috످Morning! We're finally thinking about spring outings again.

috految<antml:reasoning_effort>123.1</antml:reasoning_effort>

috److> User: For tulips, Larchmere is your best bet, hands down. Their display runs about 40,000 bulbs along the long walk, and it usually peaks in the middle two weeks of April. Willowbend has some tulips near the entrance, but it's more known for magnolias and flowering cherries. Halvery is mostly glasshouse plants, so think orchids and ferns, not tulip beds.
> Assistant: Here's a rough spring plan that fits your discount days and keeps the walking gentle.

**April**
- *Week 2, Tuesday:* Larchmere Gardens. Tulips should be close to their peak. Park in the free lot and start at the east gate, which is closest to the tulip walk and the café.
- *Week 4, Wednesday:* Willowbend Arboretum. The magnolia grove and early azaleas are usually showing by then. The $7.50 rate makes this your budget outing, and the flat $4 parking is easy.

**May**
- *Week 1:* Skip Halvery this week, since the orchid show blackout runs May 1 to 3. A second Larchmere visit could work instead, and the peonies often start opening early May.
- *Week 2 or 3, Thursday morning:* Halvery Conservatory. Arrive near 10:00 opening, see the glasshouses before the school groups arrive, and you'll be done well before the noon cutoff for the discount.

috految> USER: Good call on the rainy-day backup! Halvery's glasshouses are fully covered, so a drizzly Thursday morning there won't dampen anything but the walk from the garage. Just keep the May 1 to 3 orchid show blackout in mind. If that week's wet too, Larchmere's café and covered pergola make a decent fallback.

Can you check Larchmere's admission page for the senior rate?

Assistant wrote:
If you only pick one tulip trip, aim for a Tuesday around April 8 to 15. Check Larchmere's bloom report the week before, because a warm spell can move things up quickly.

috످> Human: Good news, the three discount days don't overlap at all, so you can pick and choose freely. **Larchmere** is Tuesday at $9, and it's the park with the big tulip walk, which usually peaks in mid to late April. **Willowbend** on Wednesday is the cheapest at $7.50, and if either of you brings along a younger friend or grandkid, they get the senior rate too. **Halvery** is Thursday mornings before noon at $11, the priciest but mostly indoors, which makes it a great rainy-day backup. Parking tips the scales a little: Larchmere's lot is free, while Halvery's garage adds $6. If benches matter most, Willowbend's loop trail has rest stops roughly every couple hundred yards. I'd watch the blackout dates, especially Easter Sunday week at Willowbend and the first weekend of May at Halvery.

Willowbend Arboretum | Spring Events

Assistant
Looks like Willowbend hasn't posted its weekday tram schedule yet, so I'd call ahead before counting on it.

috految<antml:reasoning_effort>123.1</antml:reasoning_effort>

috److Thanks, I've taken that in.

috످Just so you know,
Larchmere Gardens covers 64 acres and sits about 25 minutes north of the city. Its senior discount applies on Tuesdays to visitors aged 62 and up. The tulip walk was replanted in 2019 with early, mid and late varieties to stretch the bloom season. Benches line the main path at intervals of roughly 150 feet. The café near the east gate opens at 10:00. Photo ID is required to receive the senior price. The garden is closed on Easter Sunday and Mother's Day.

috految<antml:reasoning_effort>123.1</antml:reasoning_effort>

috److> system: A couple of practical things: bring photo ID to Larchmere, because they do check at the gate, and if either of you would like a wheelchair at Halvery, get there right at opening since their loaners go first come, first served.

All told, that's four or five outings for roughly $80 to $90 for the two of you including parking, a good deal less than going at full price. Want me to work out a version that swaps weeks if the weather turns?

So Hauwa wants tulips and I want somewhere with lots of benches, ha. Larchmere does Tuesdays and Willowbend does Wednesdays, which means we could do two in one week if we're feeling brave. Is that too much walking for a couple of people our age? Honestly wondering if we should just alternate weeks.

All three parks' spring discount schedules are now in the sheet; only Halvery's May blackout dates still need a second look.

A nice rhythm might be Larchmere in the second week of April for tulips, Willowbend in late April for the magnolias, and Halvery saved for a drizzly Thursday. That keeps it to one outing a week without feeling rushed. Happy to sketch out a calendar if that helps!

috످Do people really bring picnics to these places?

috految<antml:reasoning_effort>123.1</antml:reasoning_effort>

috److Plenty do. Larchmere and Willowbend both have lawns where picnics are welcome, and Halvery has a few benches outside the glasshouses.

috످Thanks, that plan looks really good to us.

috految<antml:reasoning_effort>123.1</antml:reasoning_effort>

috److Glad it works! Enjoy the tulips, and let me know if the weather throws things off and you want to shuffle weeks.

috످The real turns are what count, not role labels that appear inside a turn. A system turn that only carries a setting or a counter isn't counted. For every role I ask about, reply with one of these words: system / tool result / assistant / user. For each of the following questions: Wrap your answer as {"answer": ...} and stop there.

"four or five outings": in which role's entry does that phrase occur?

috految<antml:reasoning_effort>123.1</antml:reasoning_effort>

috److془The passage is a cost estimate for the spring trips with an offer to adjust for weather. It stands in the assistant's turn replying to Larchmere facts, despite the "system:" label above.

Answer: assistant.془{"answer": "assistant"}

috످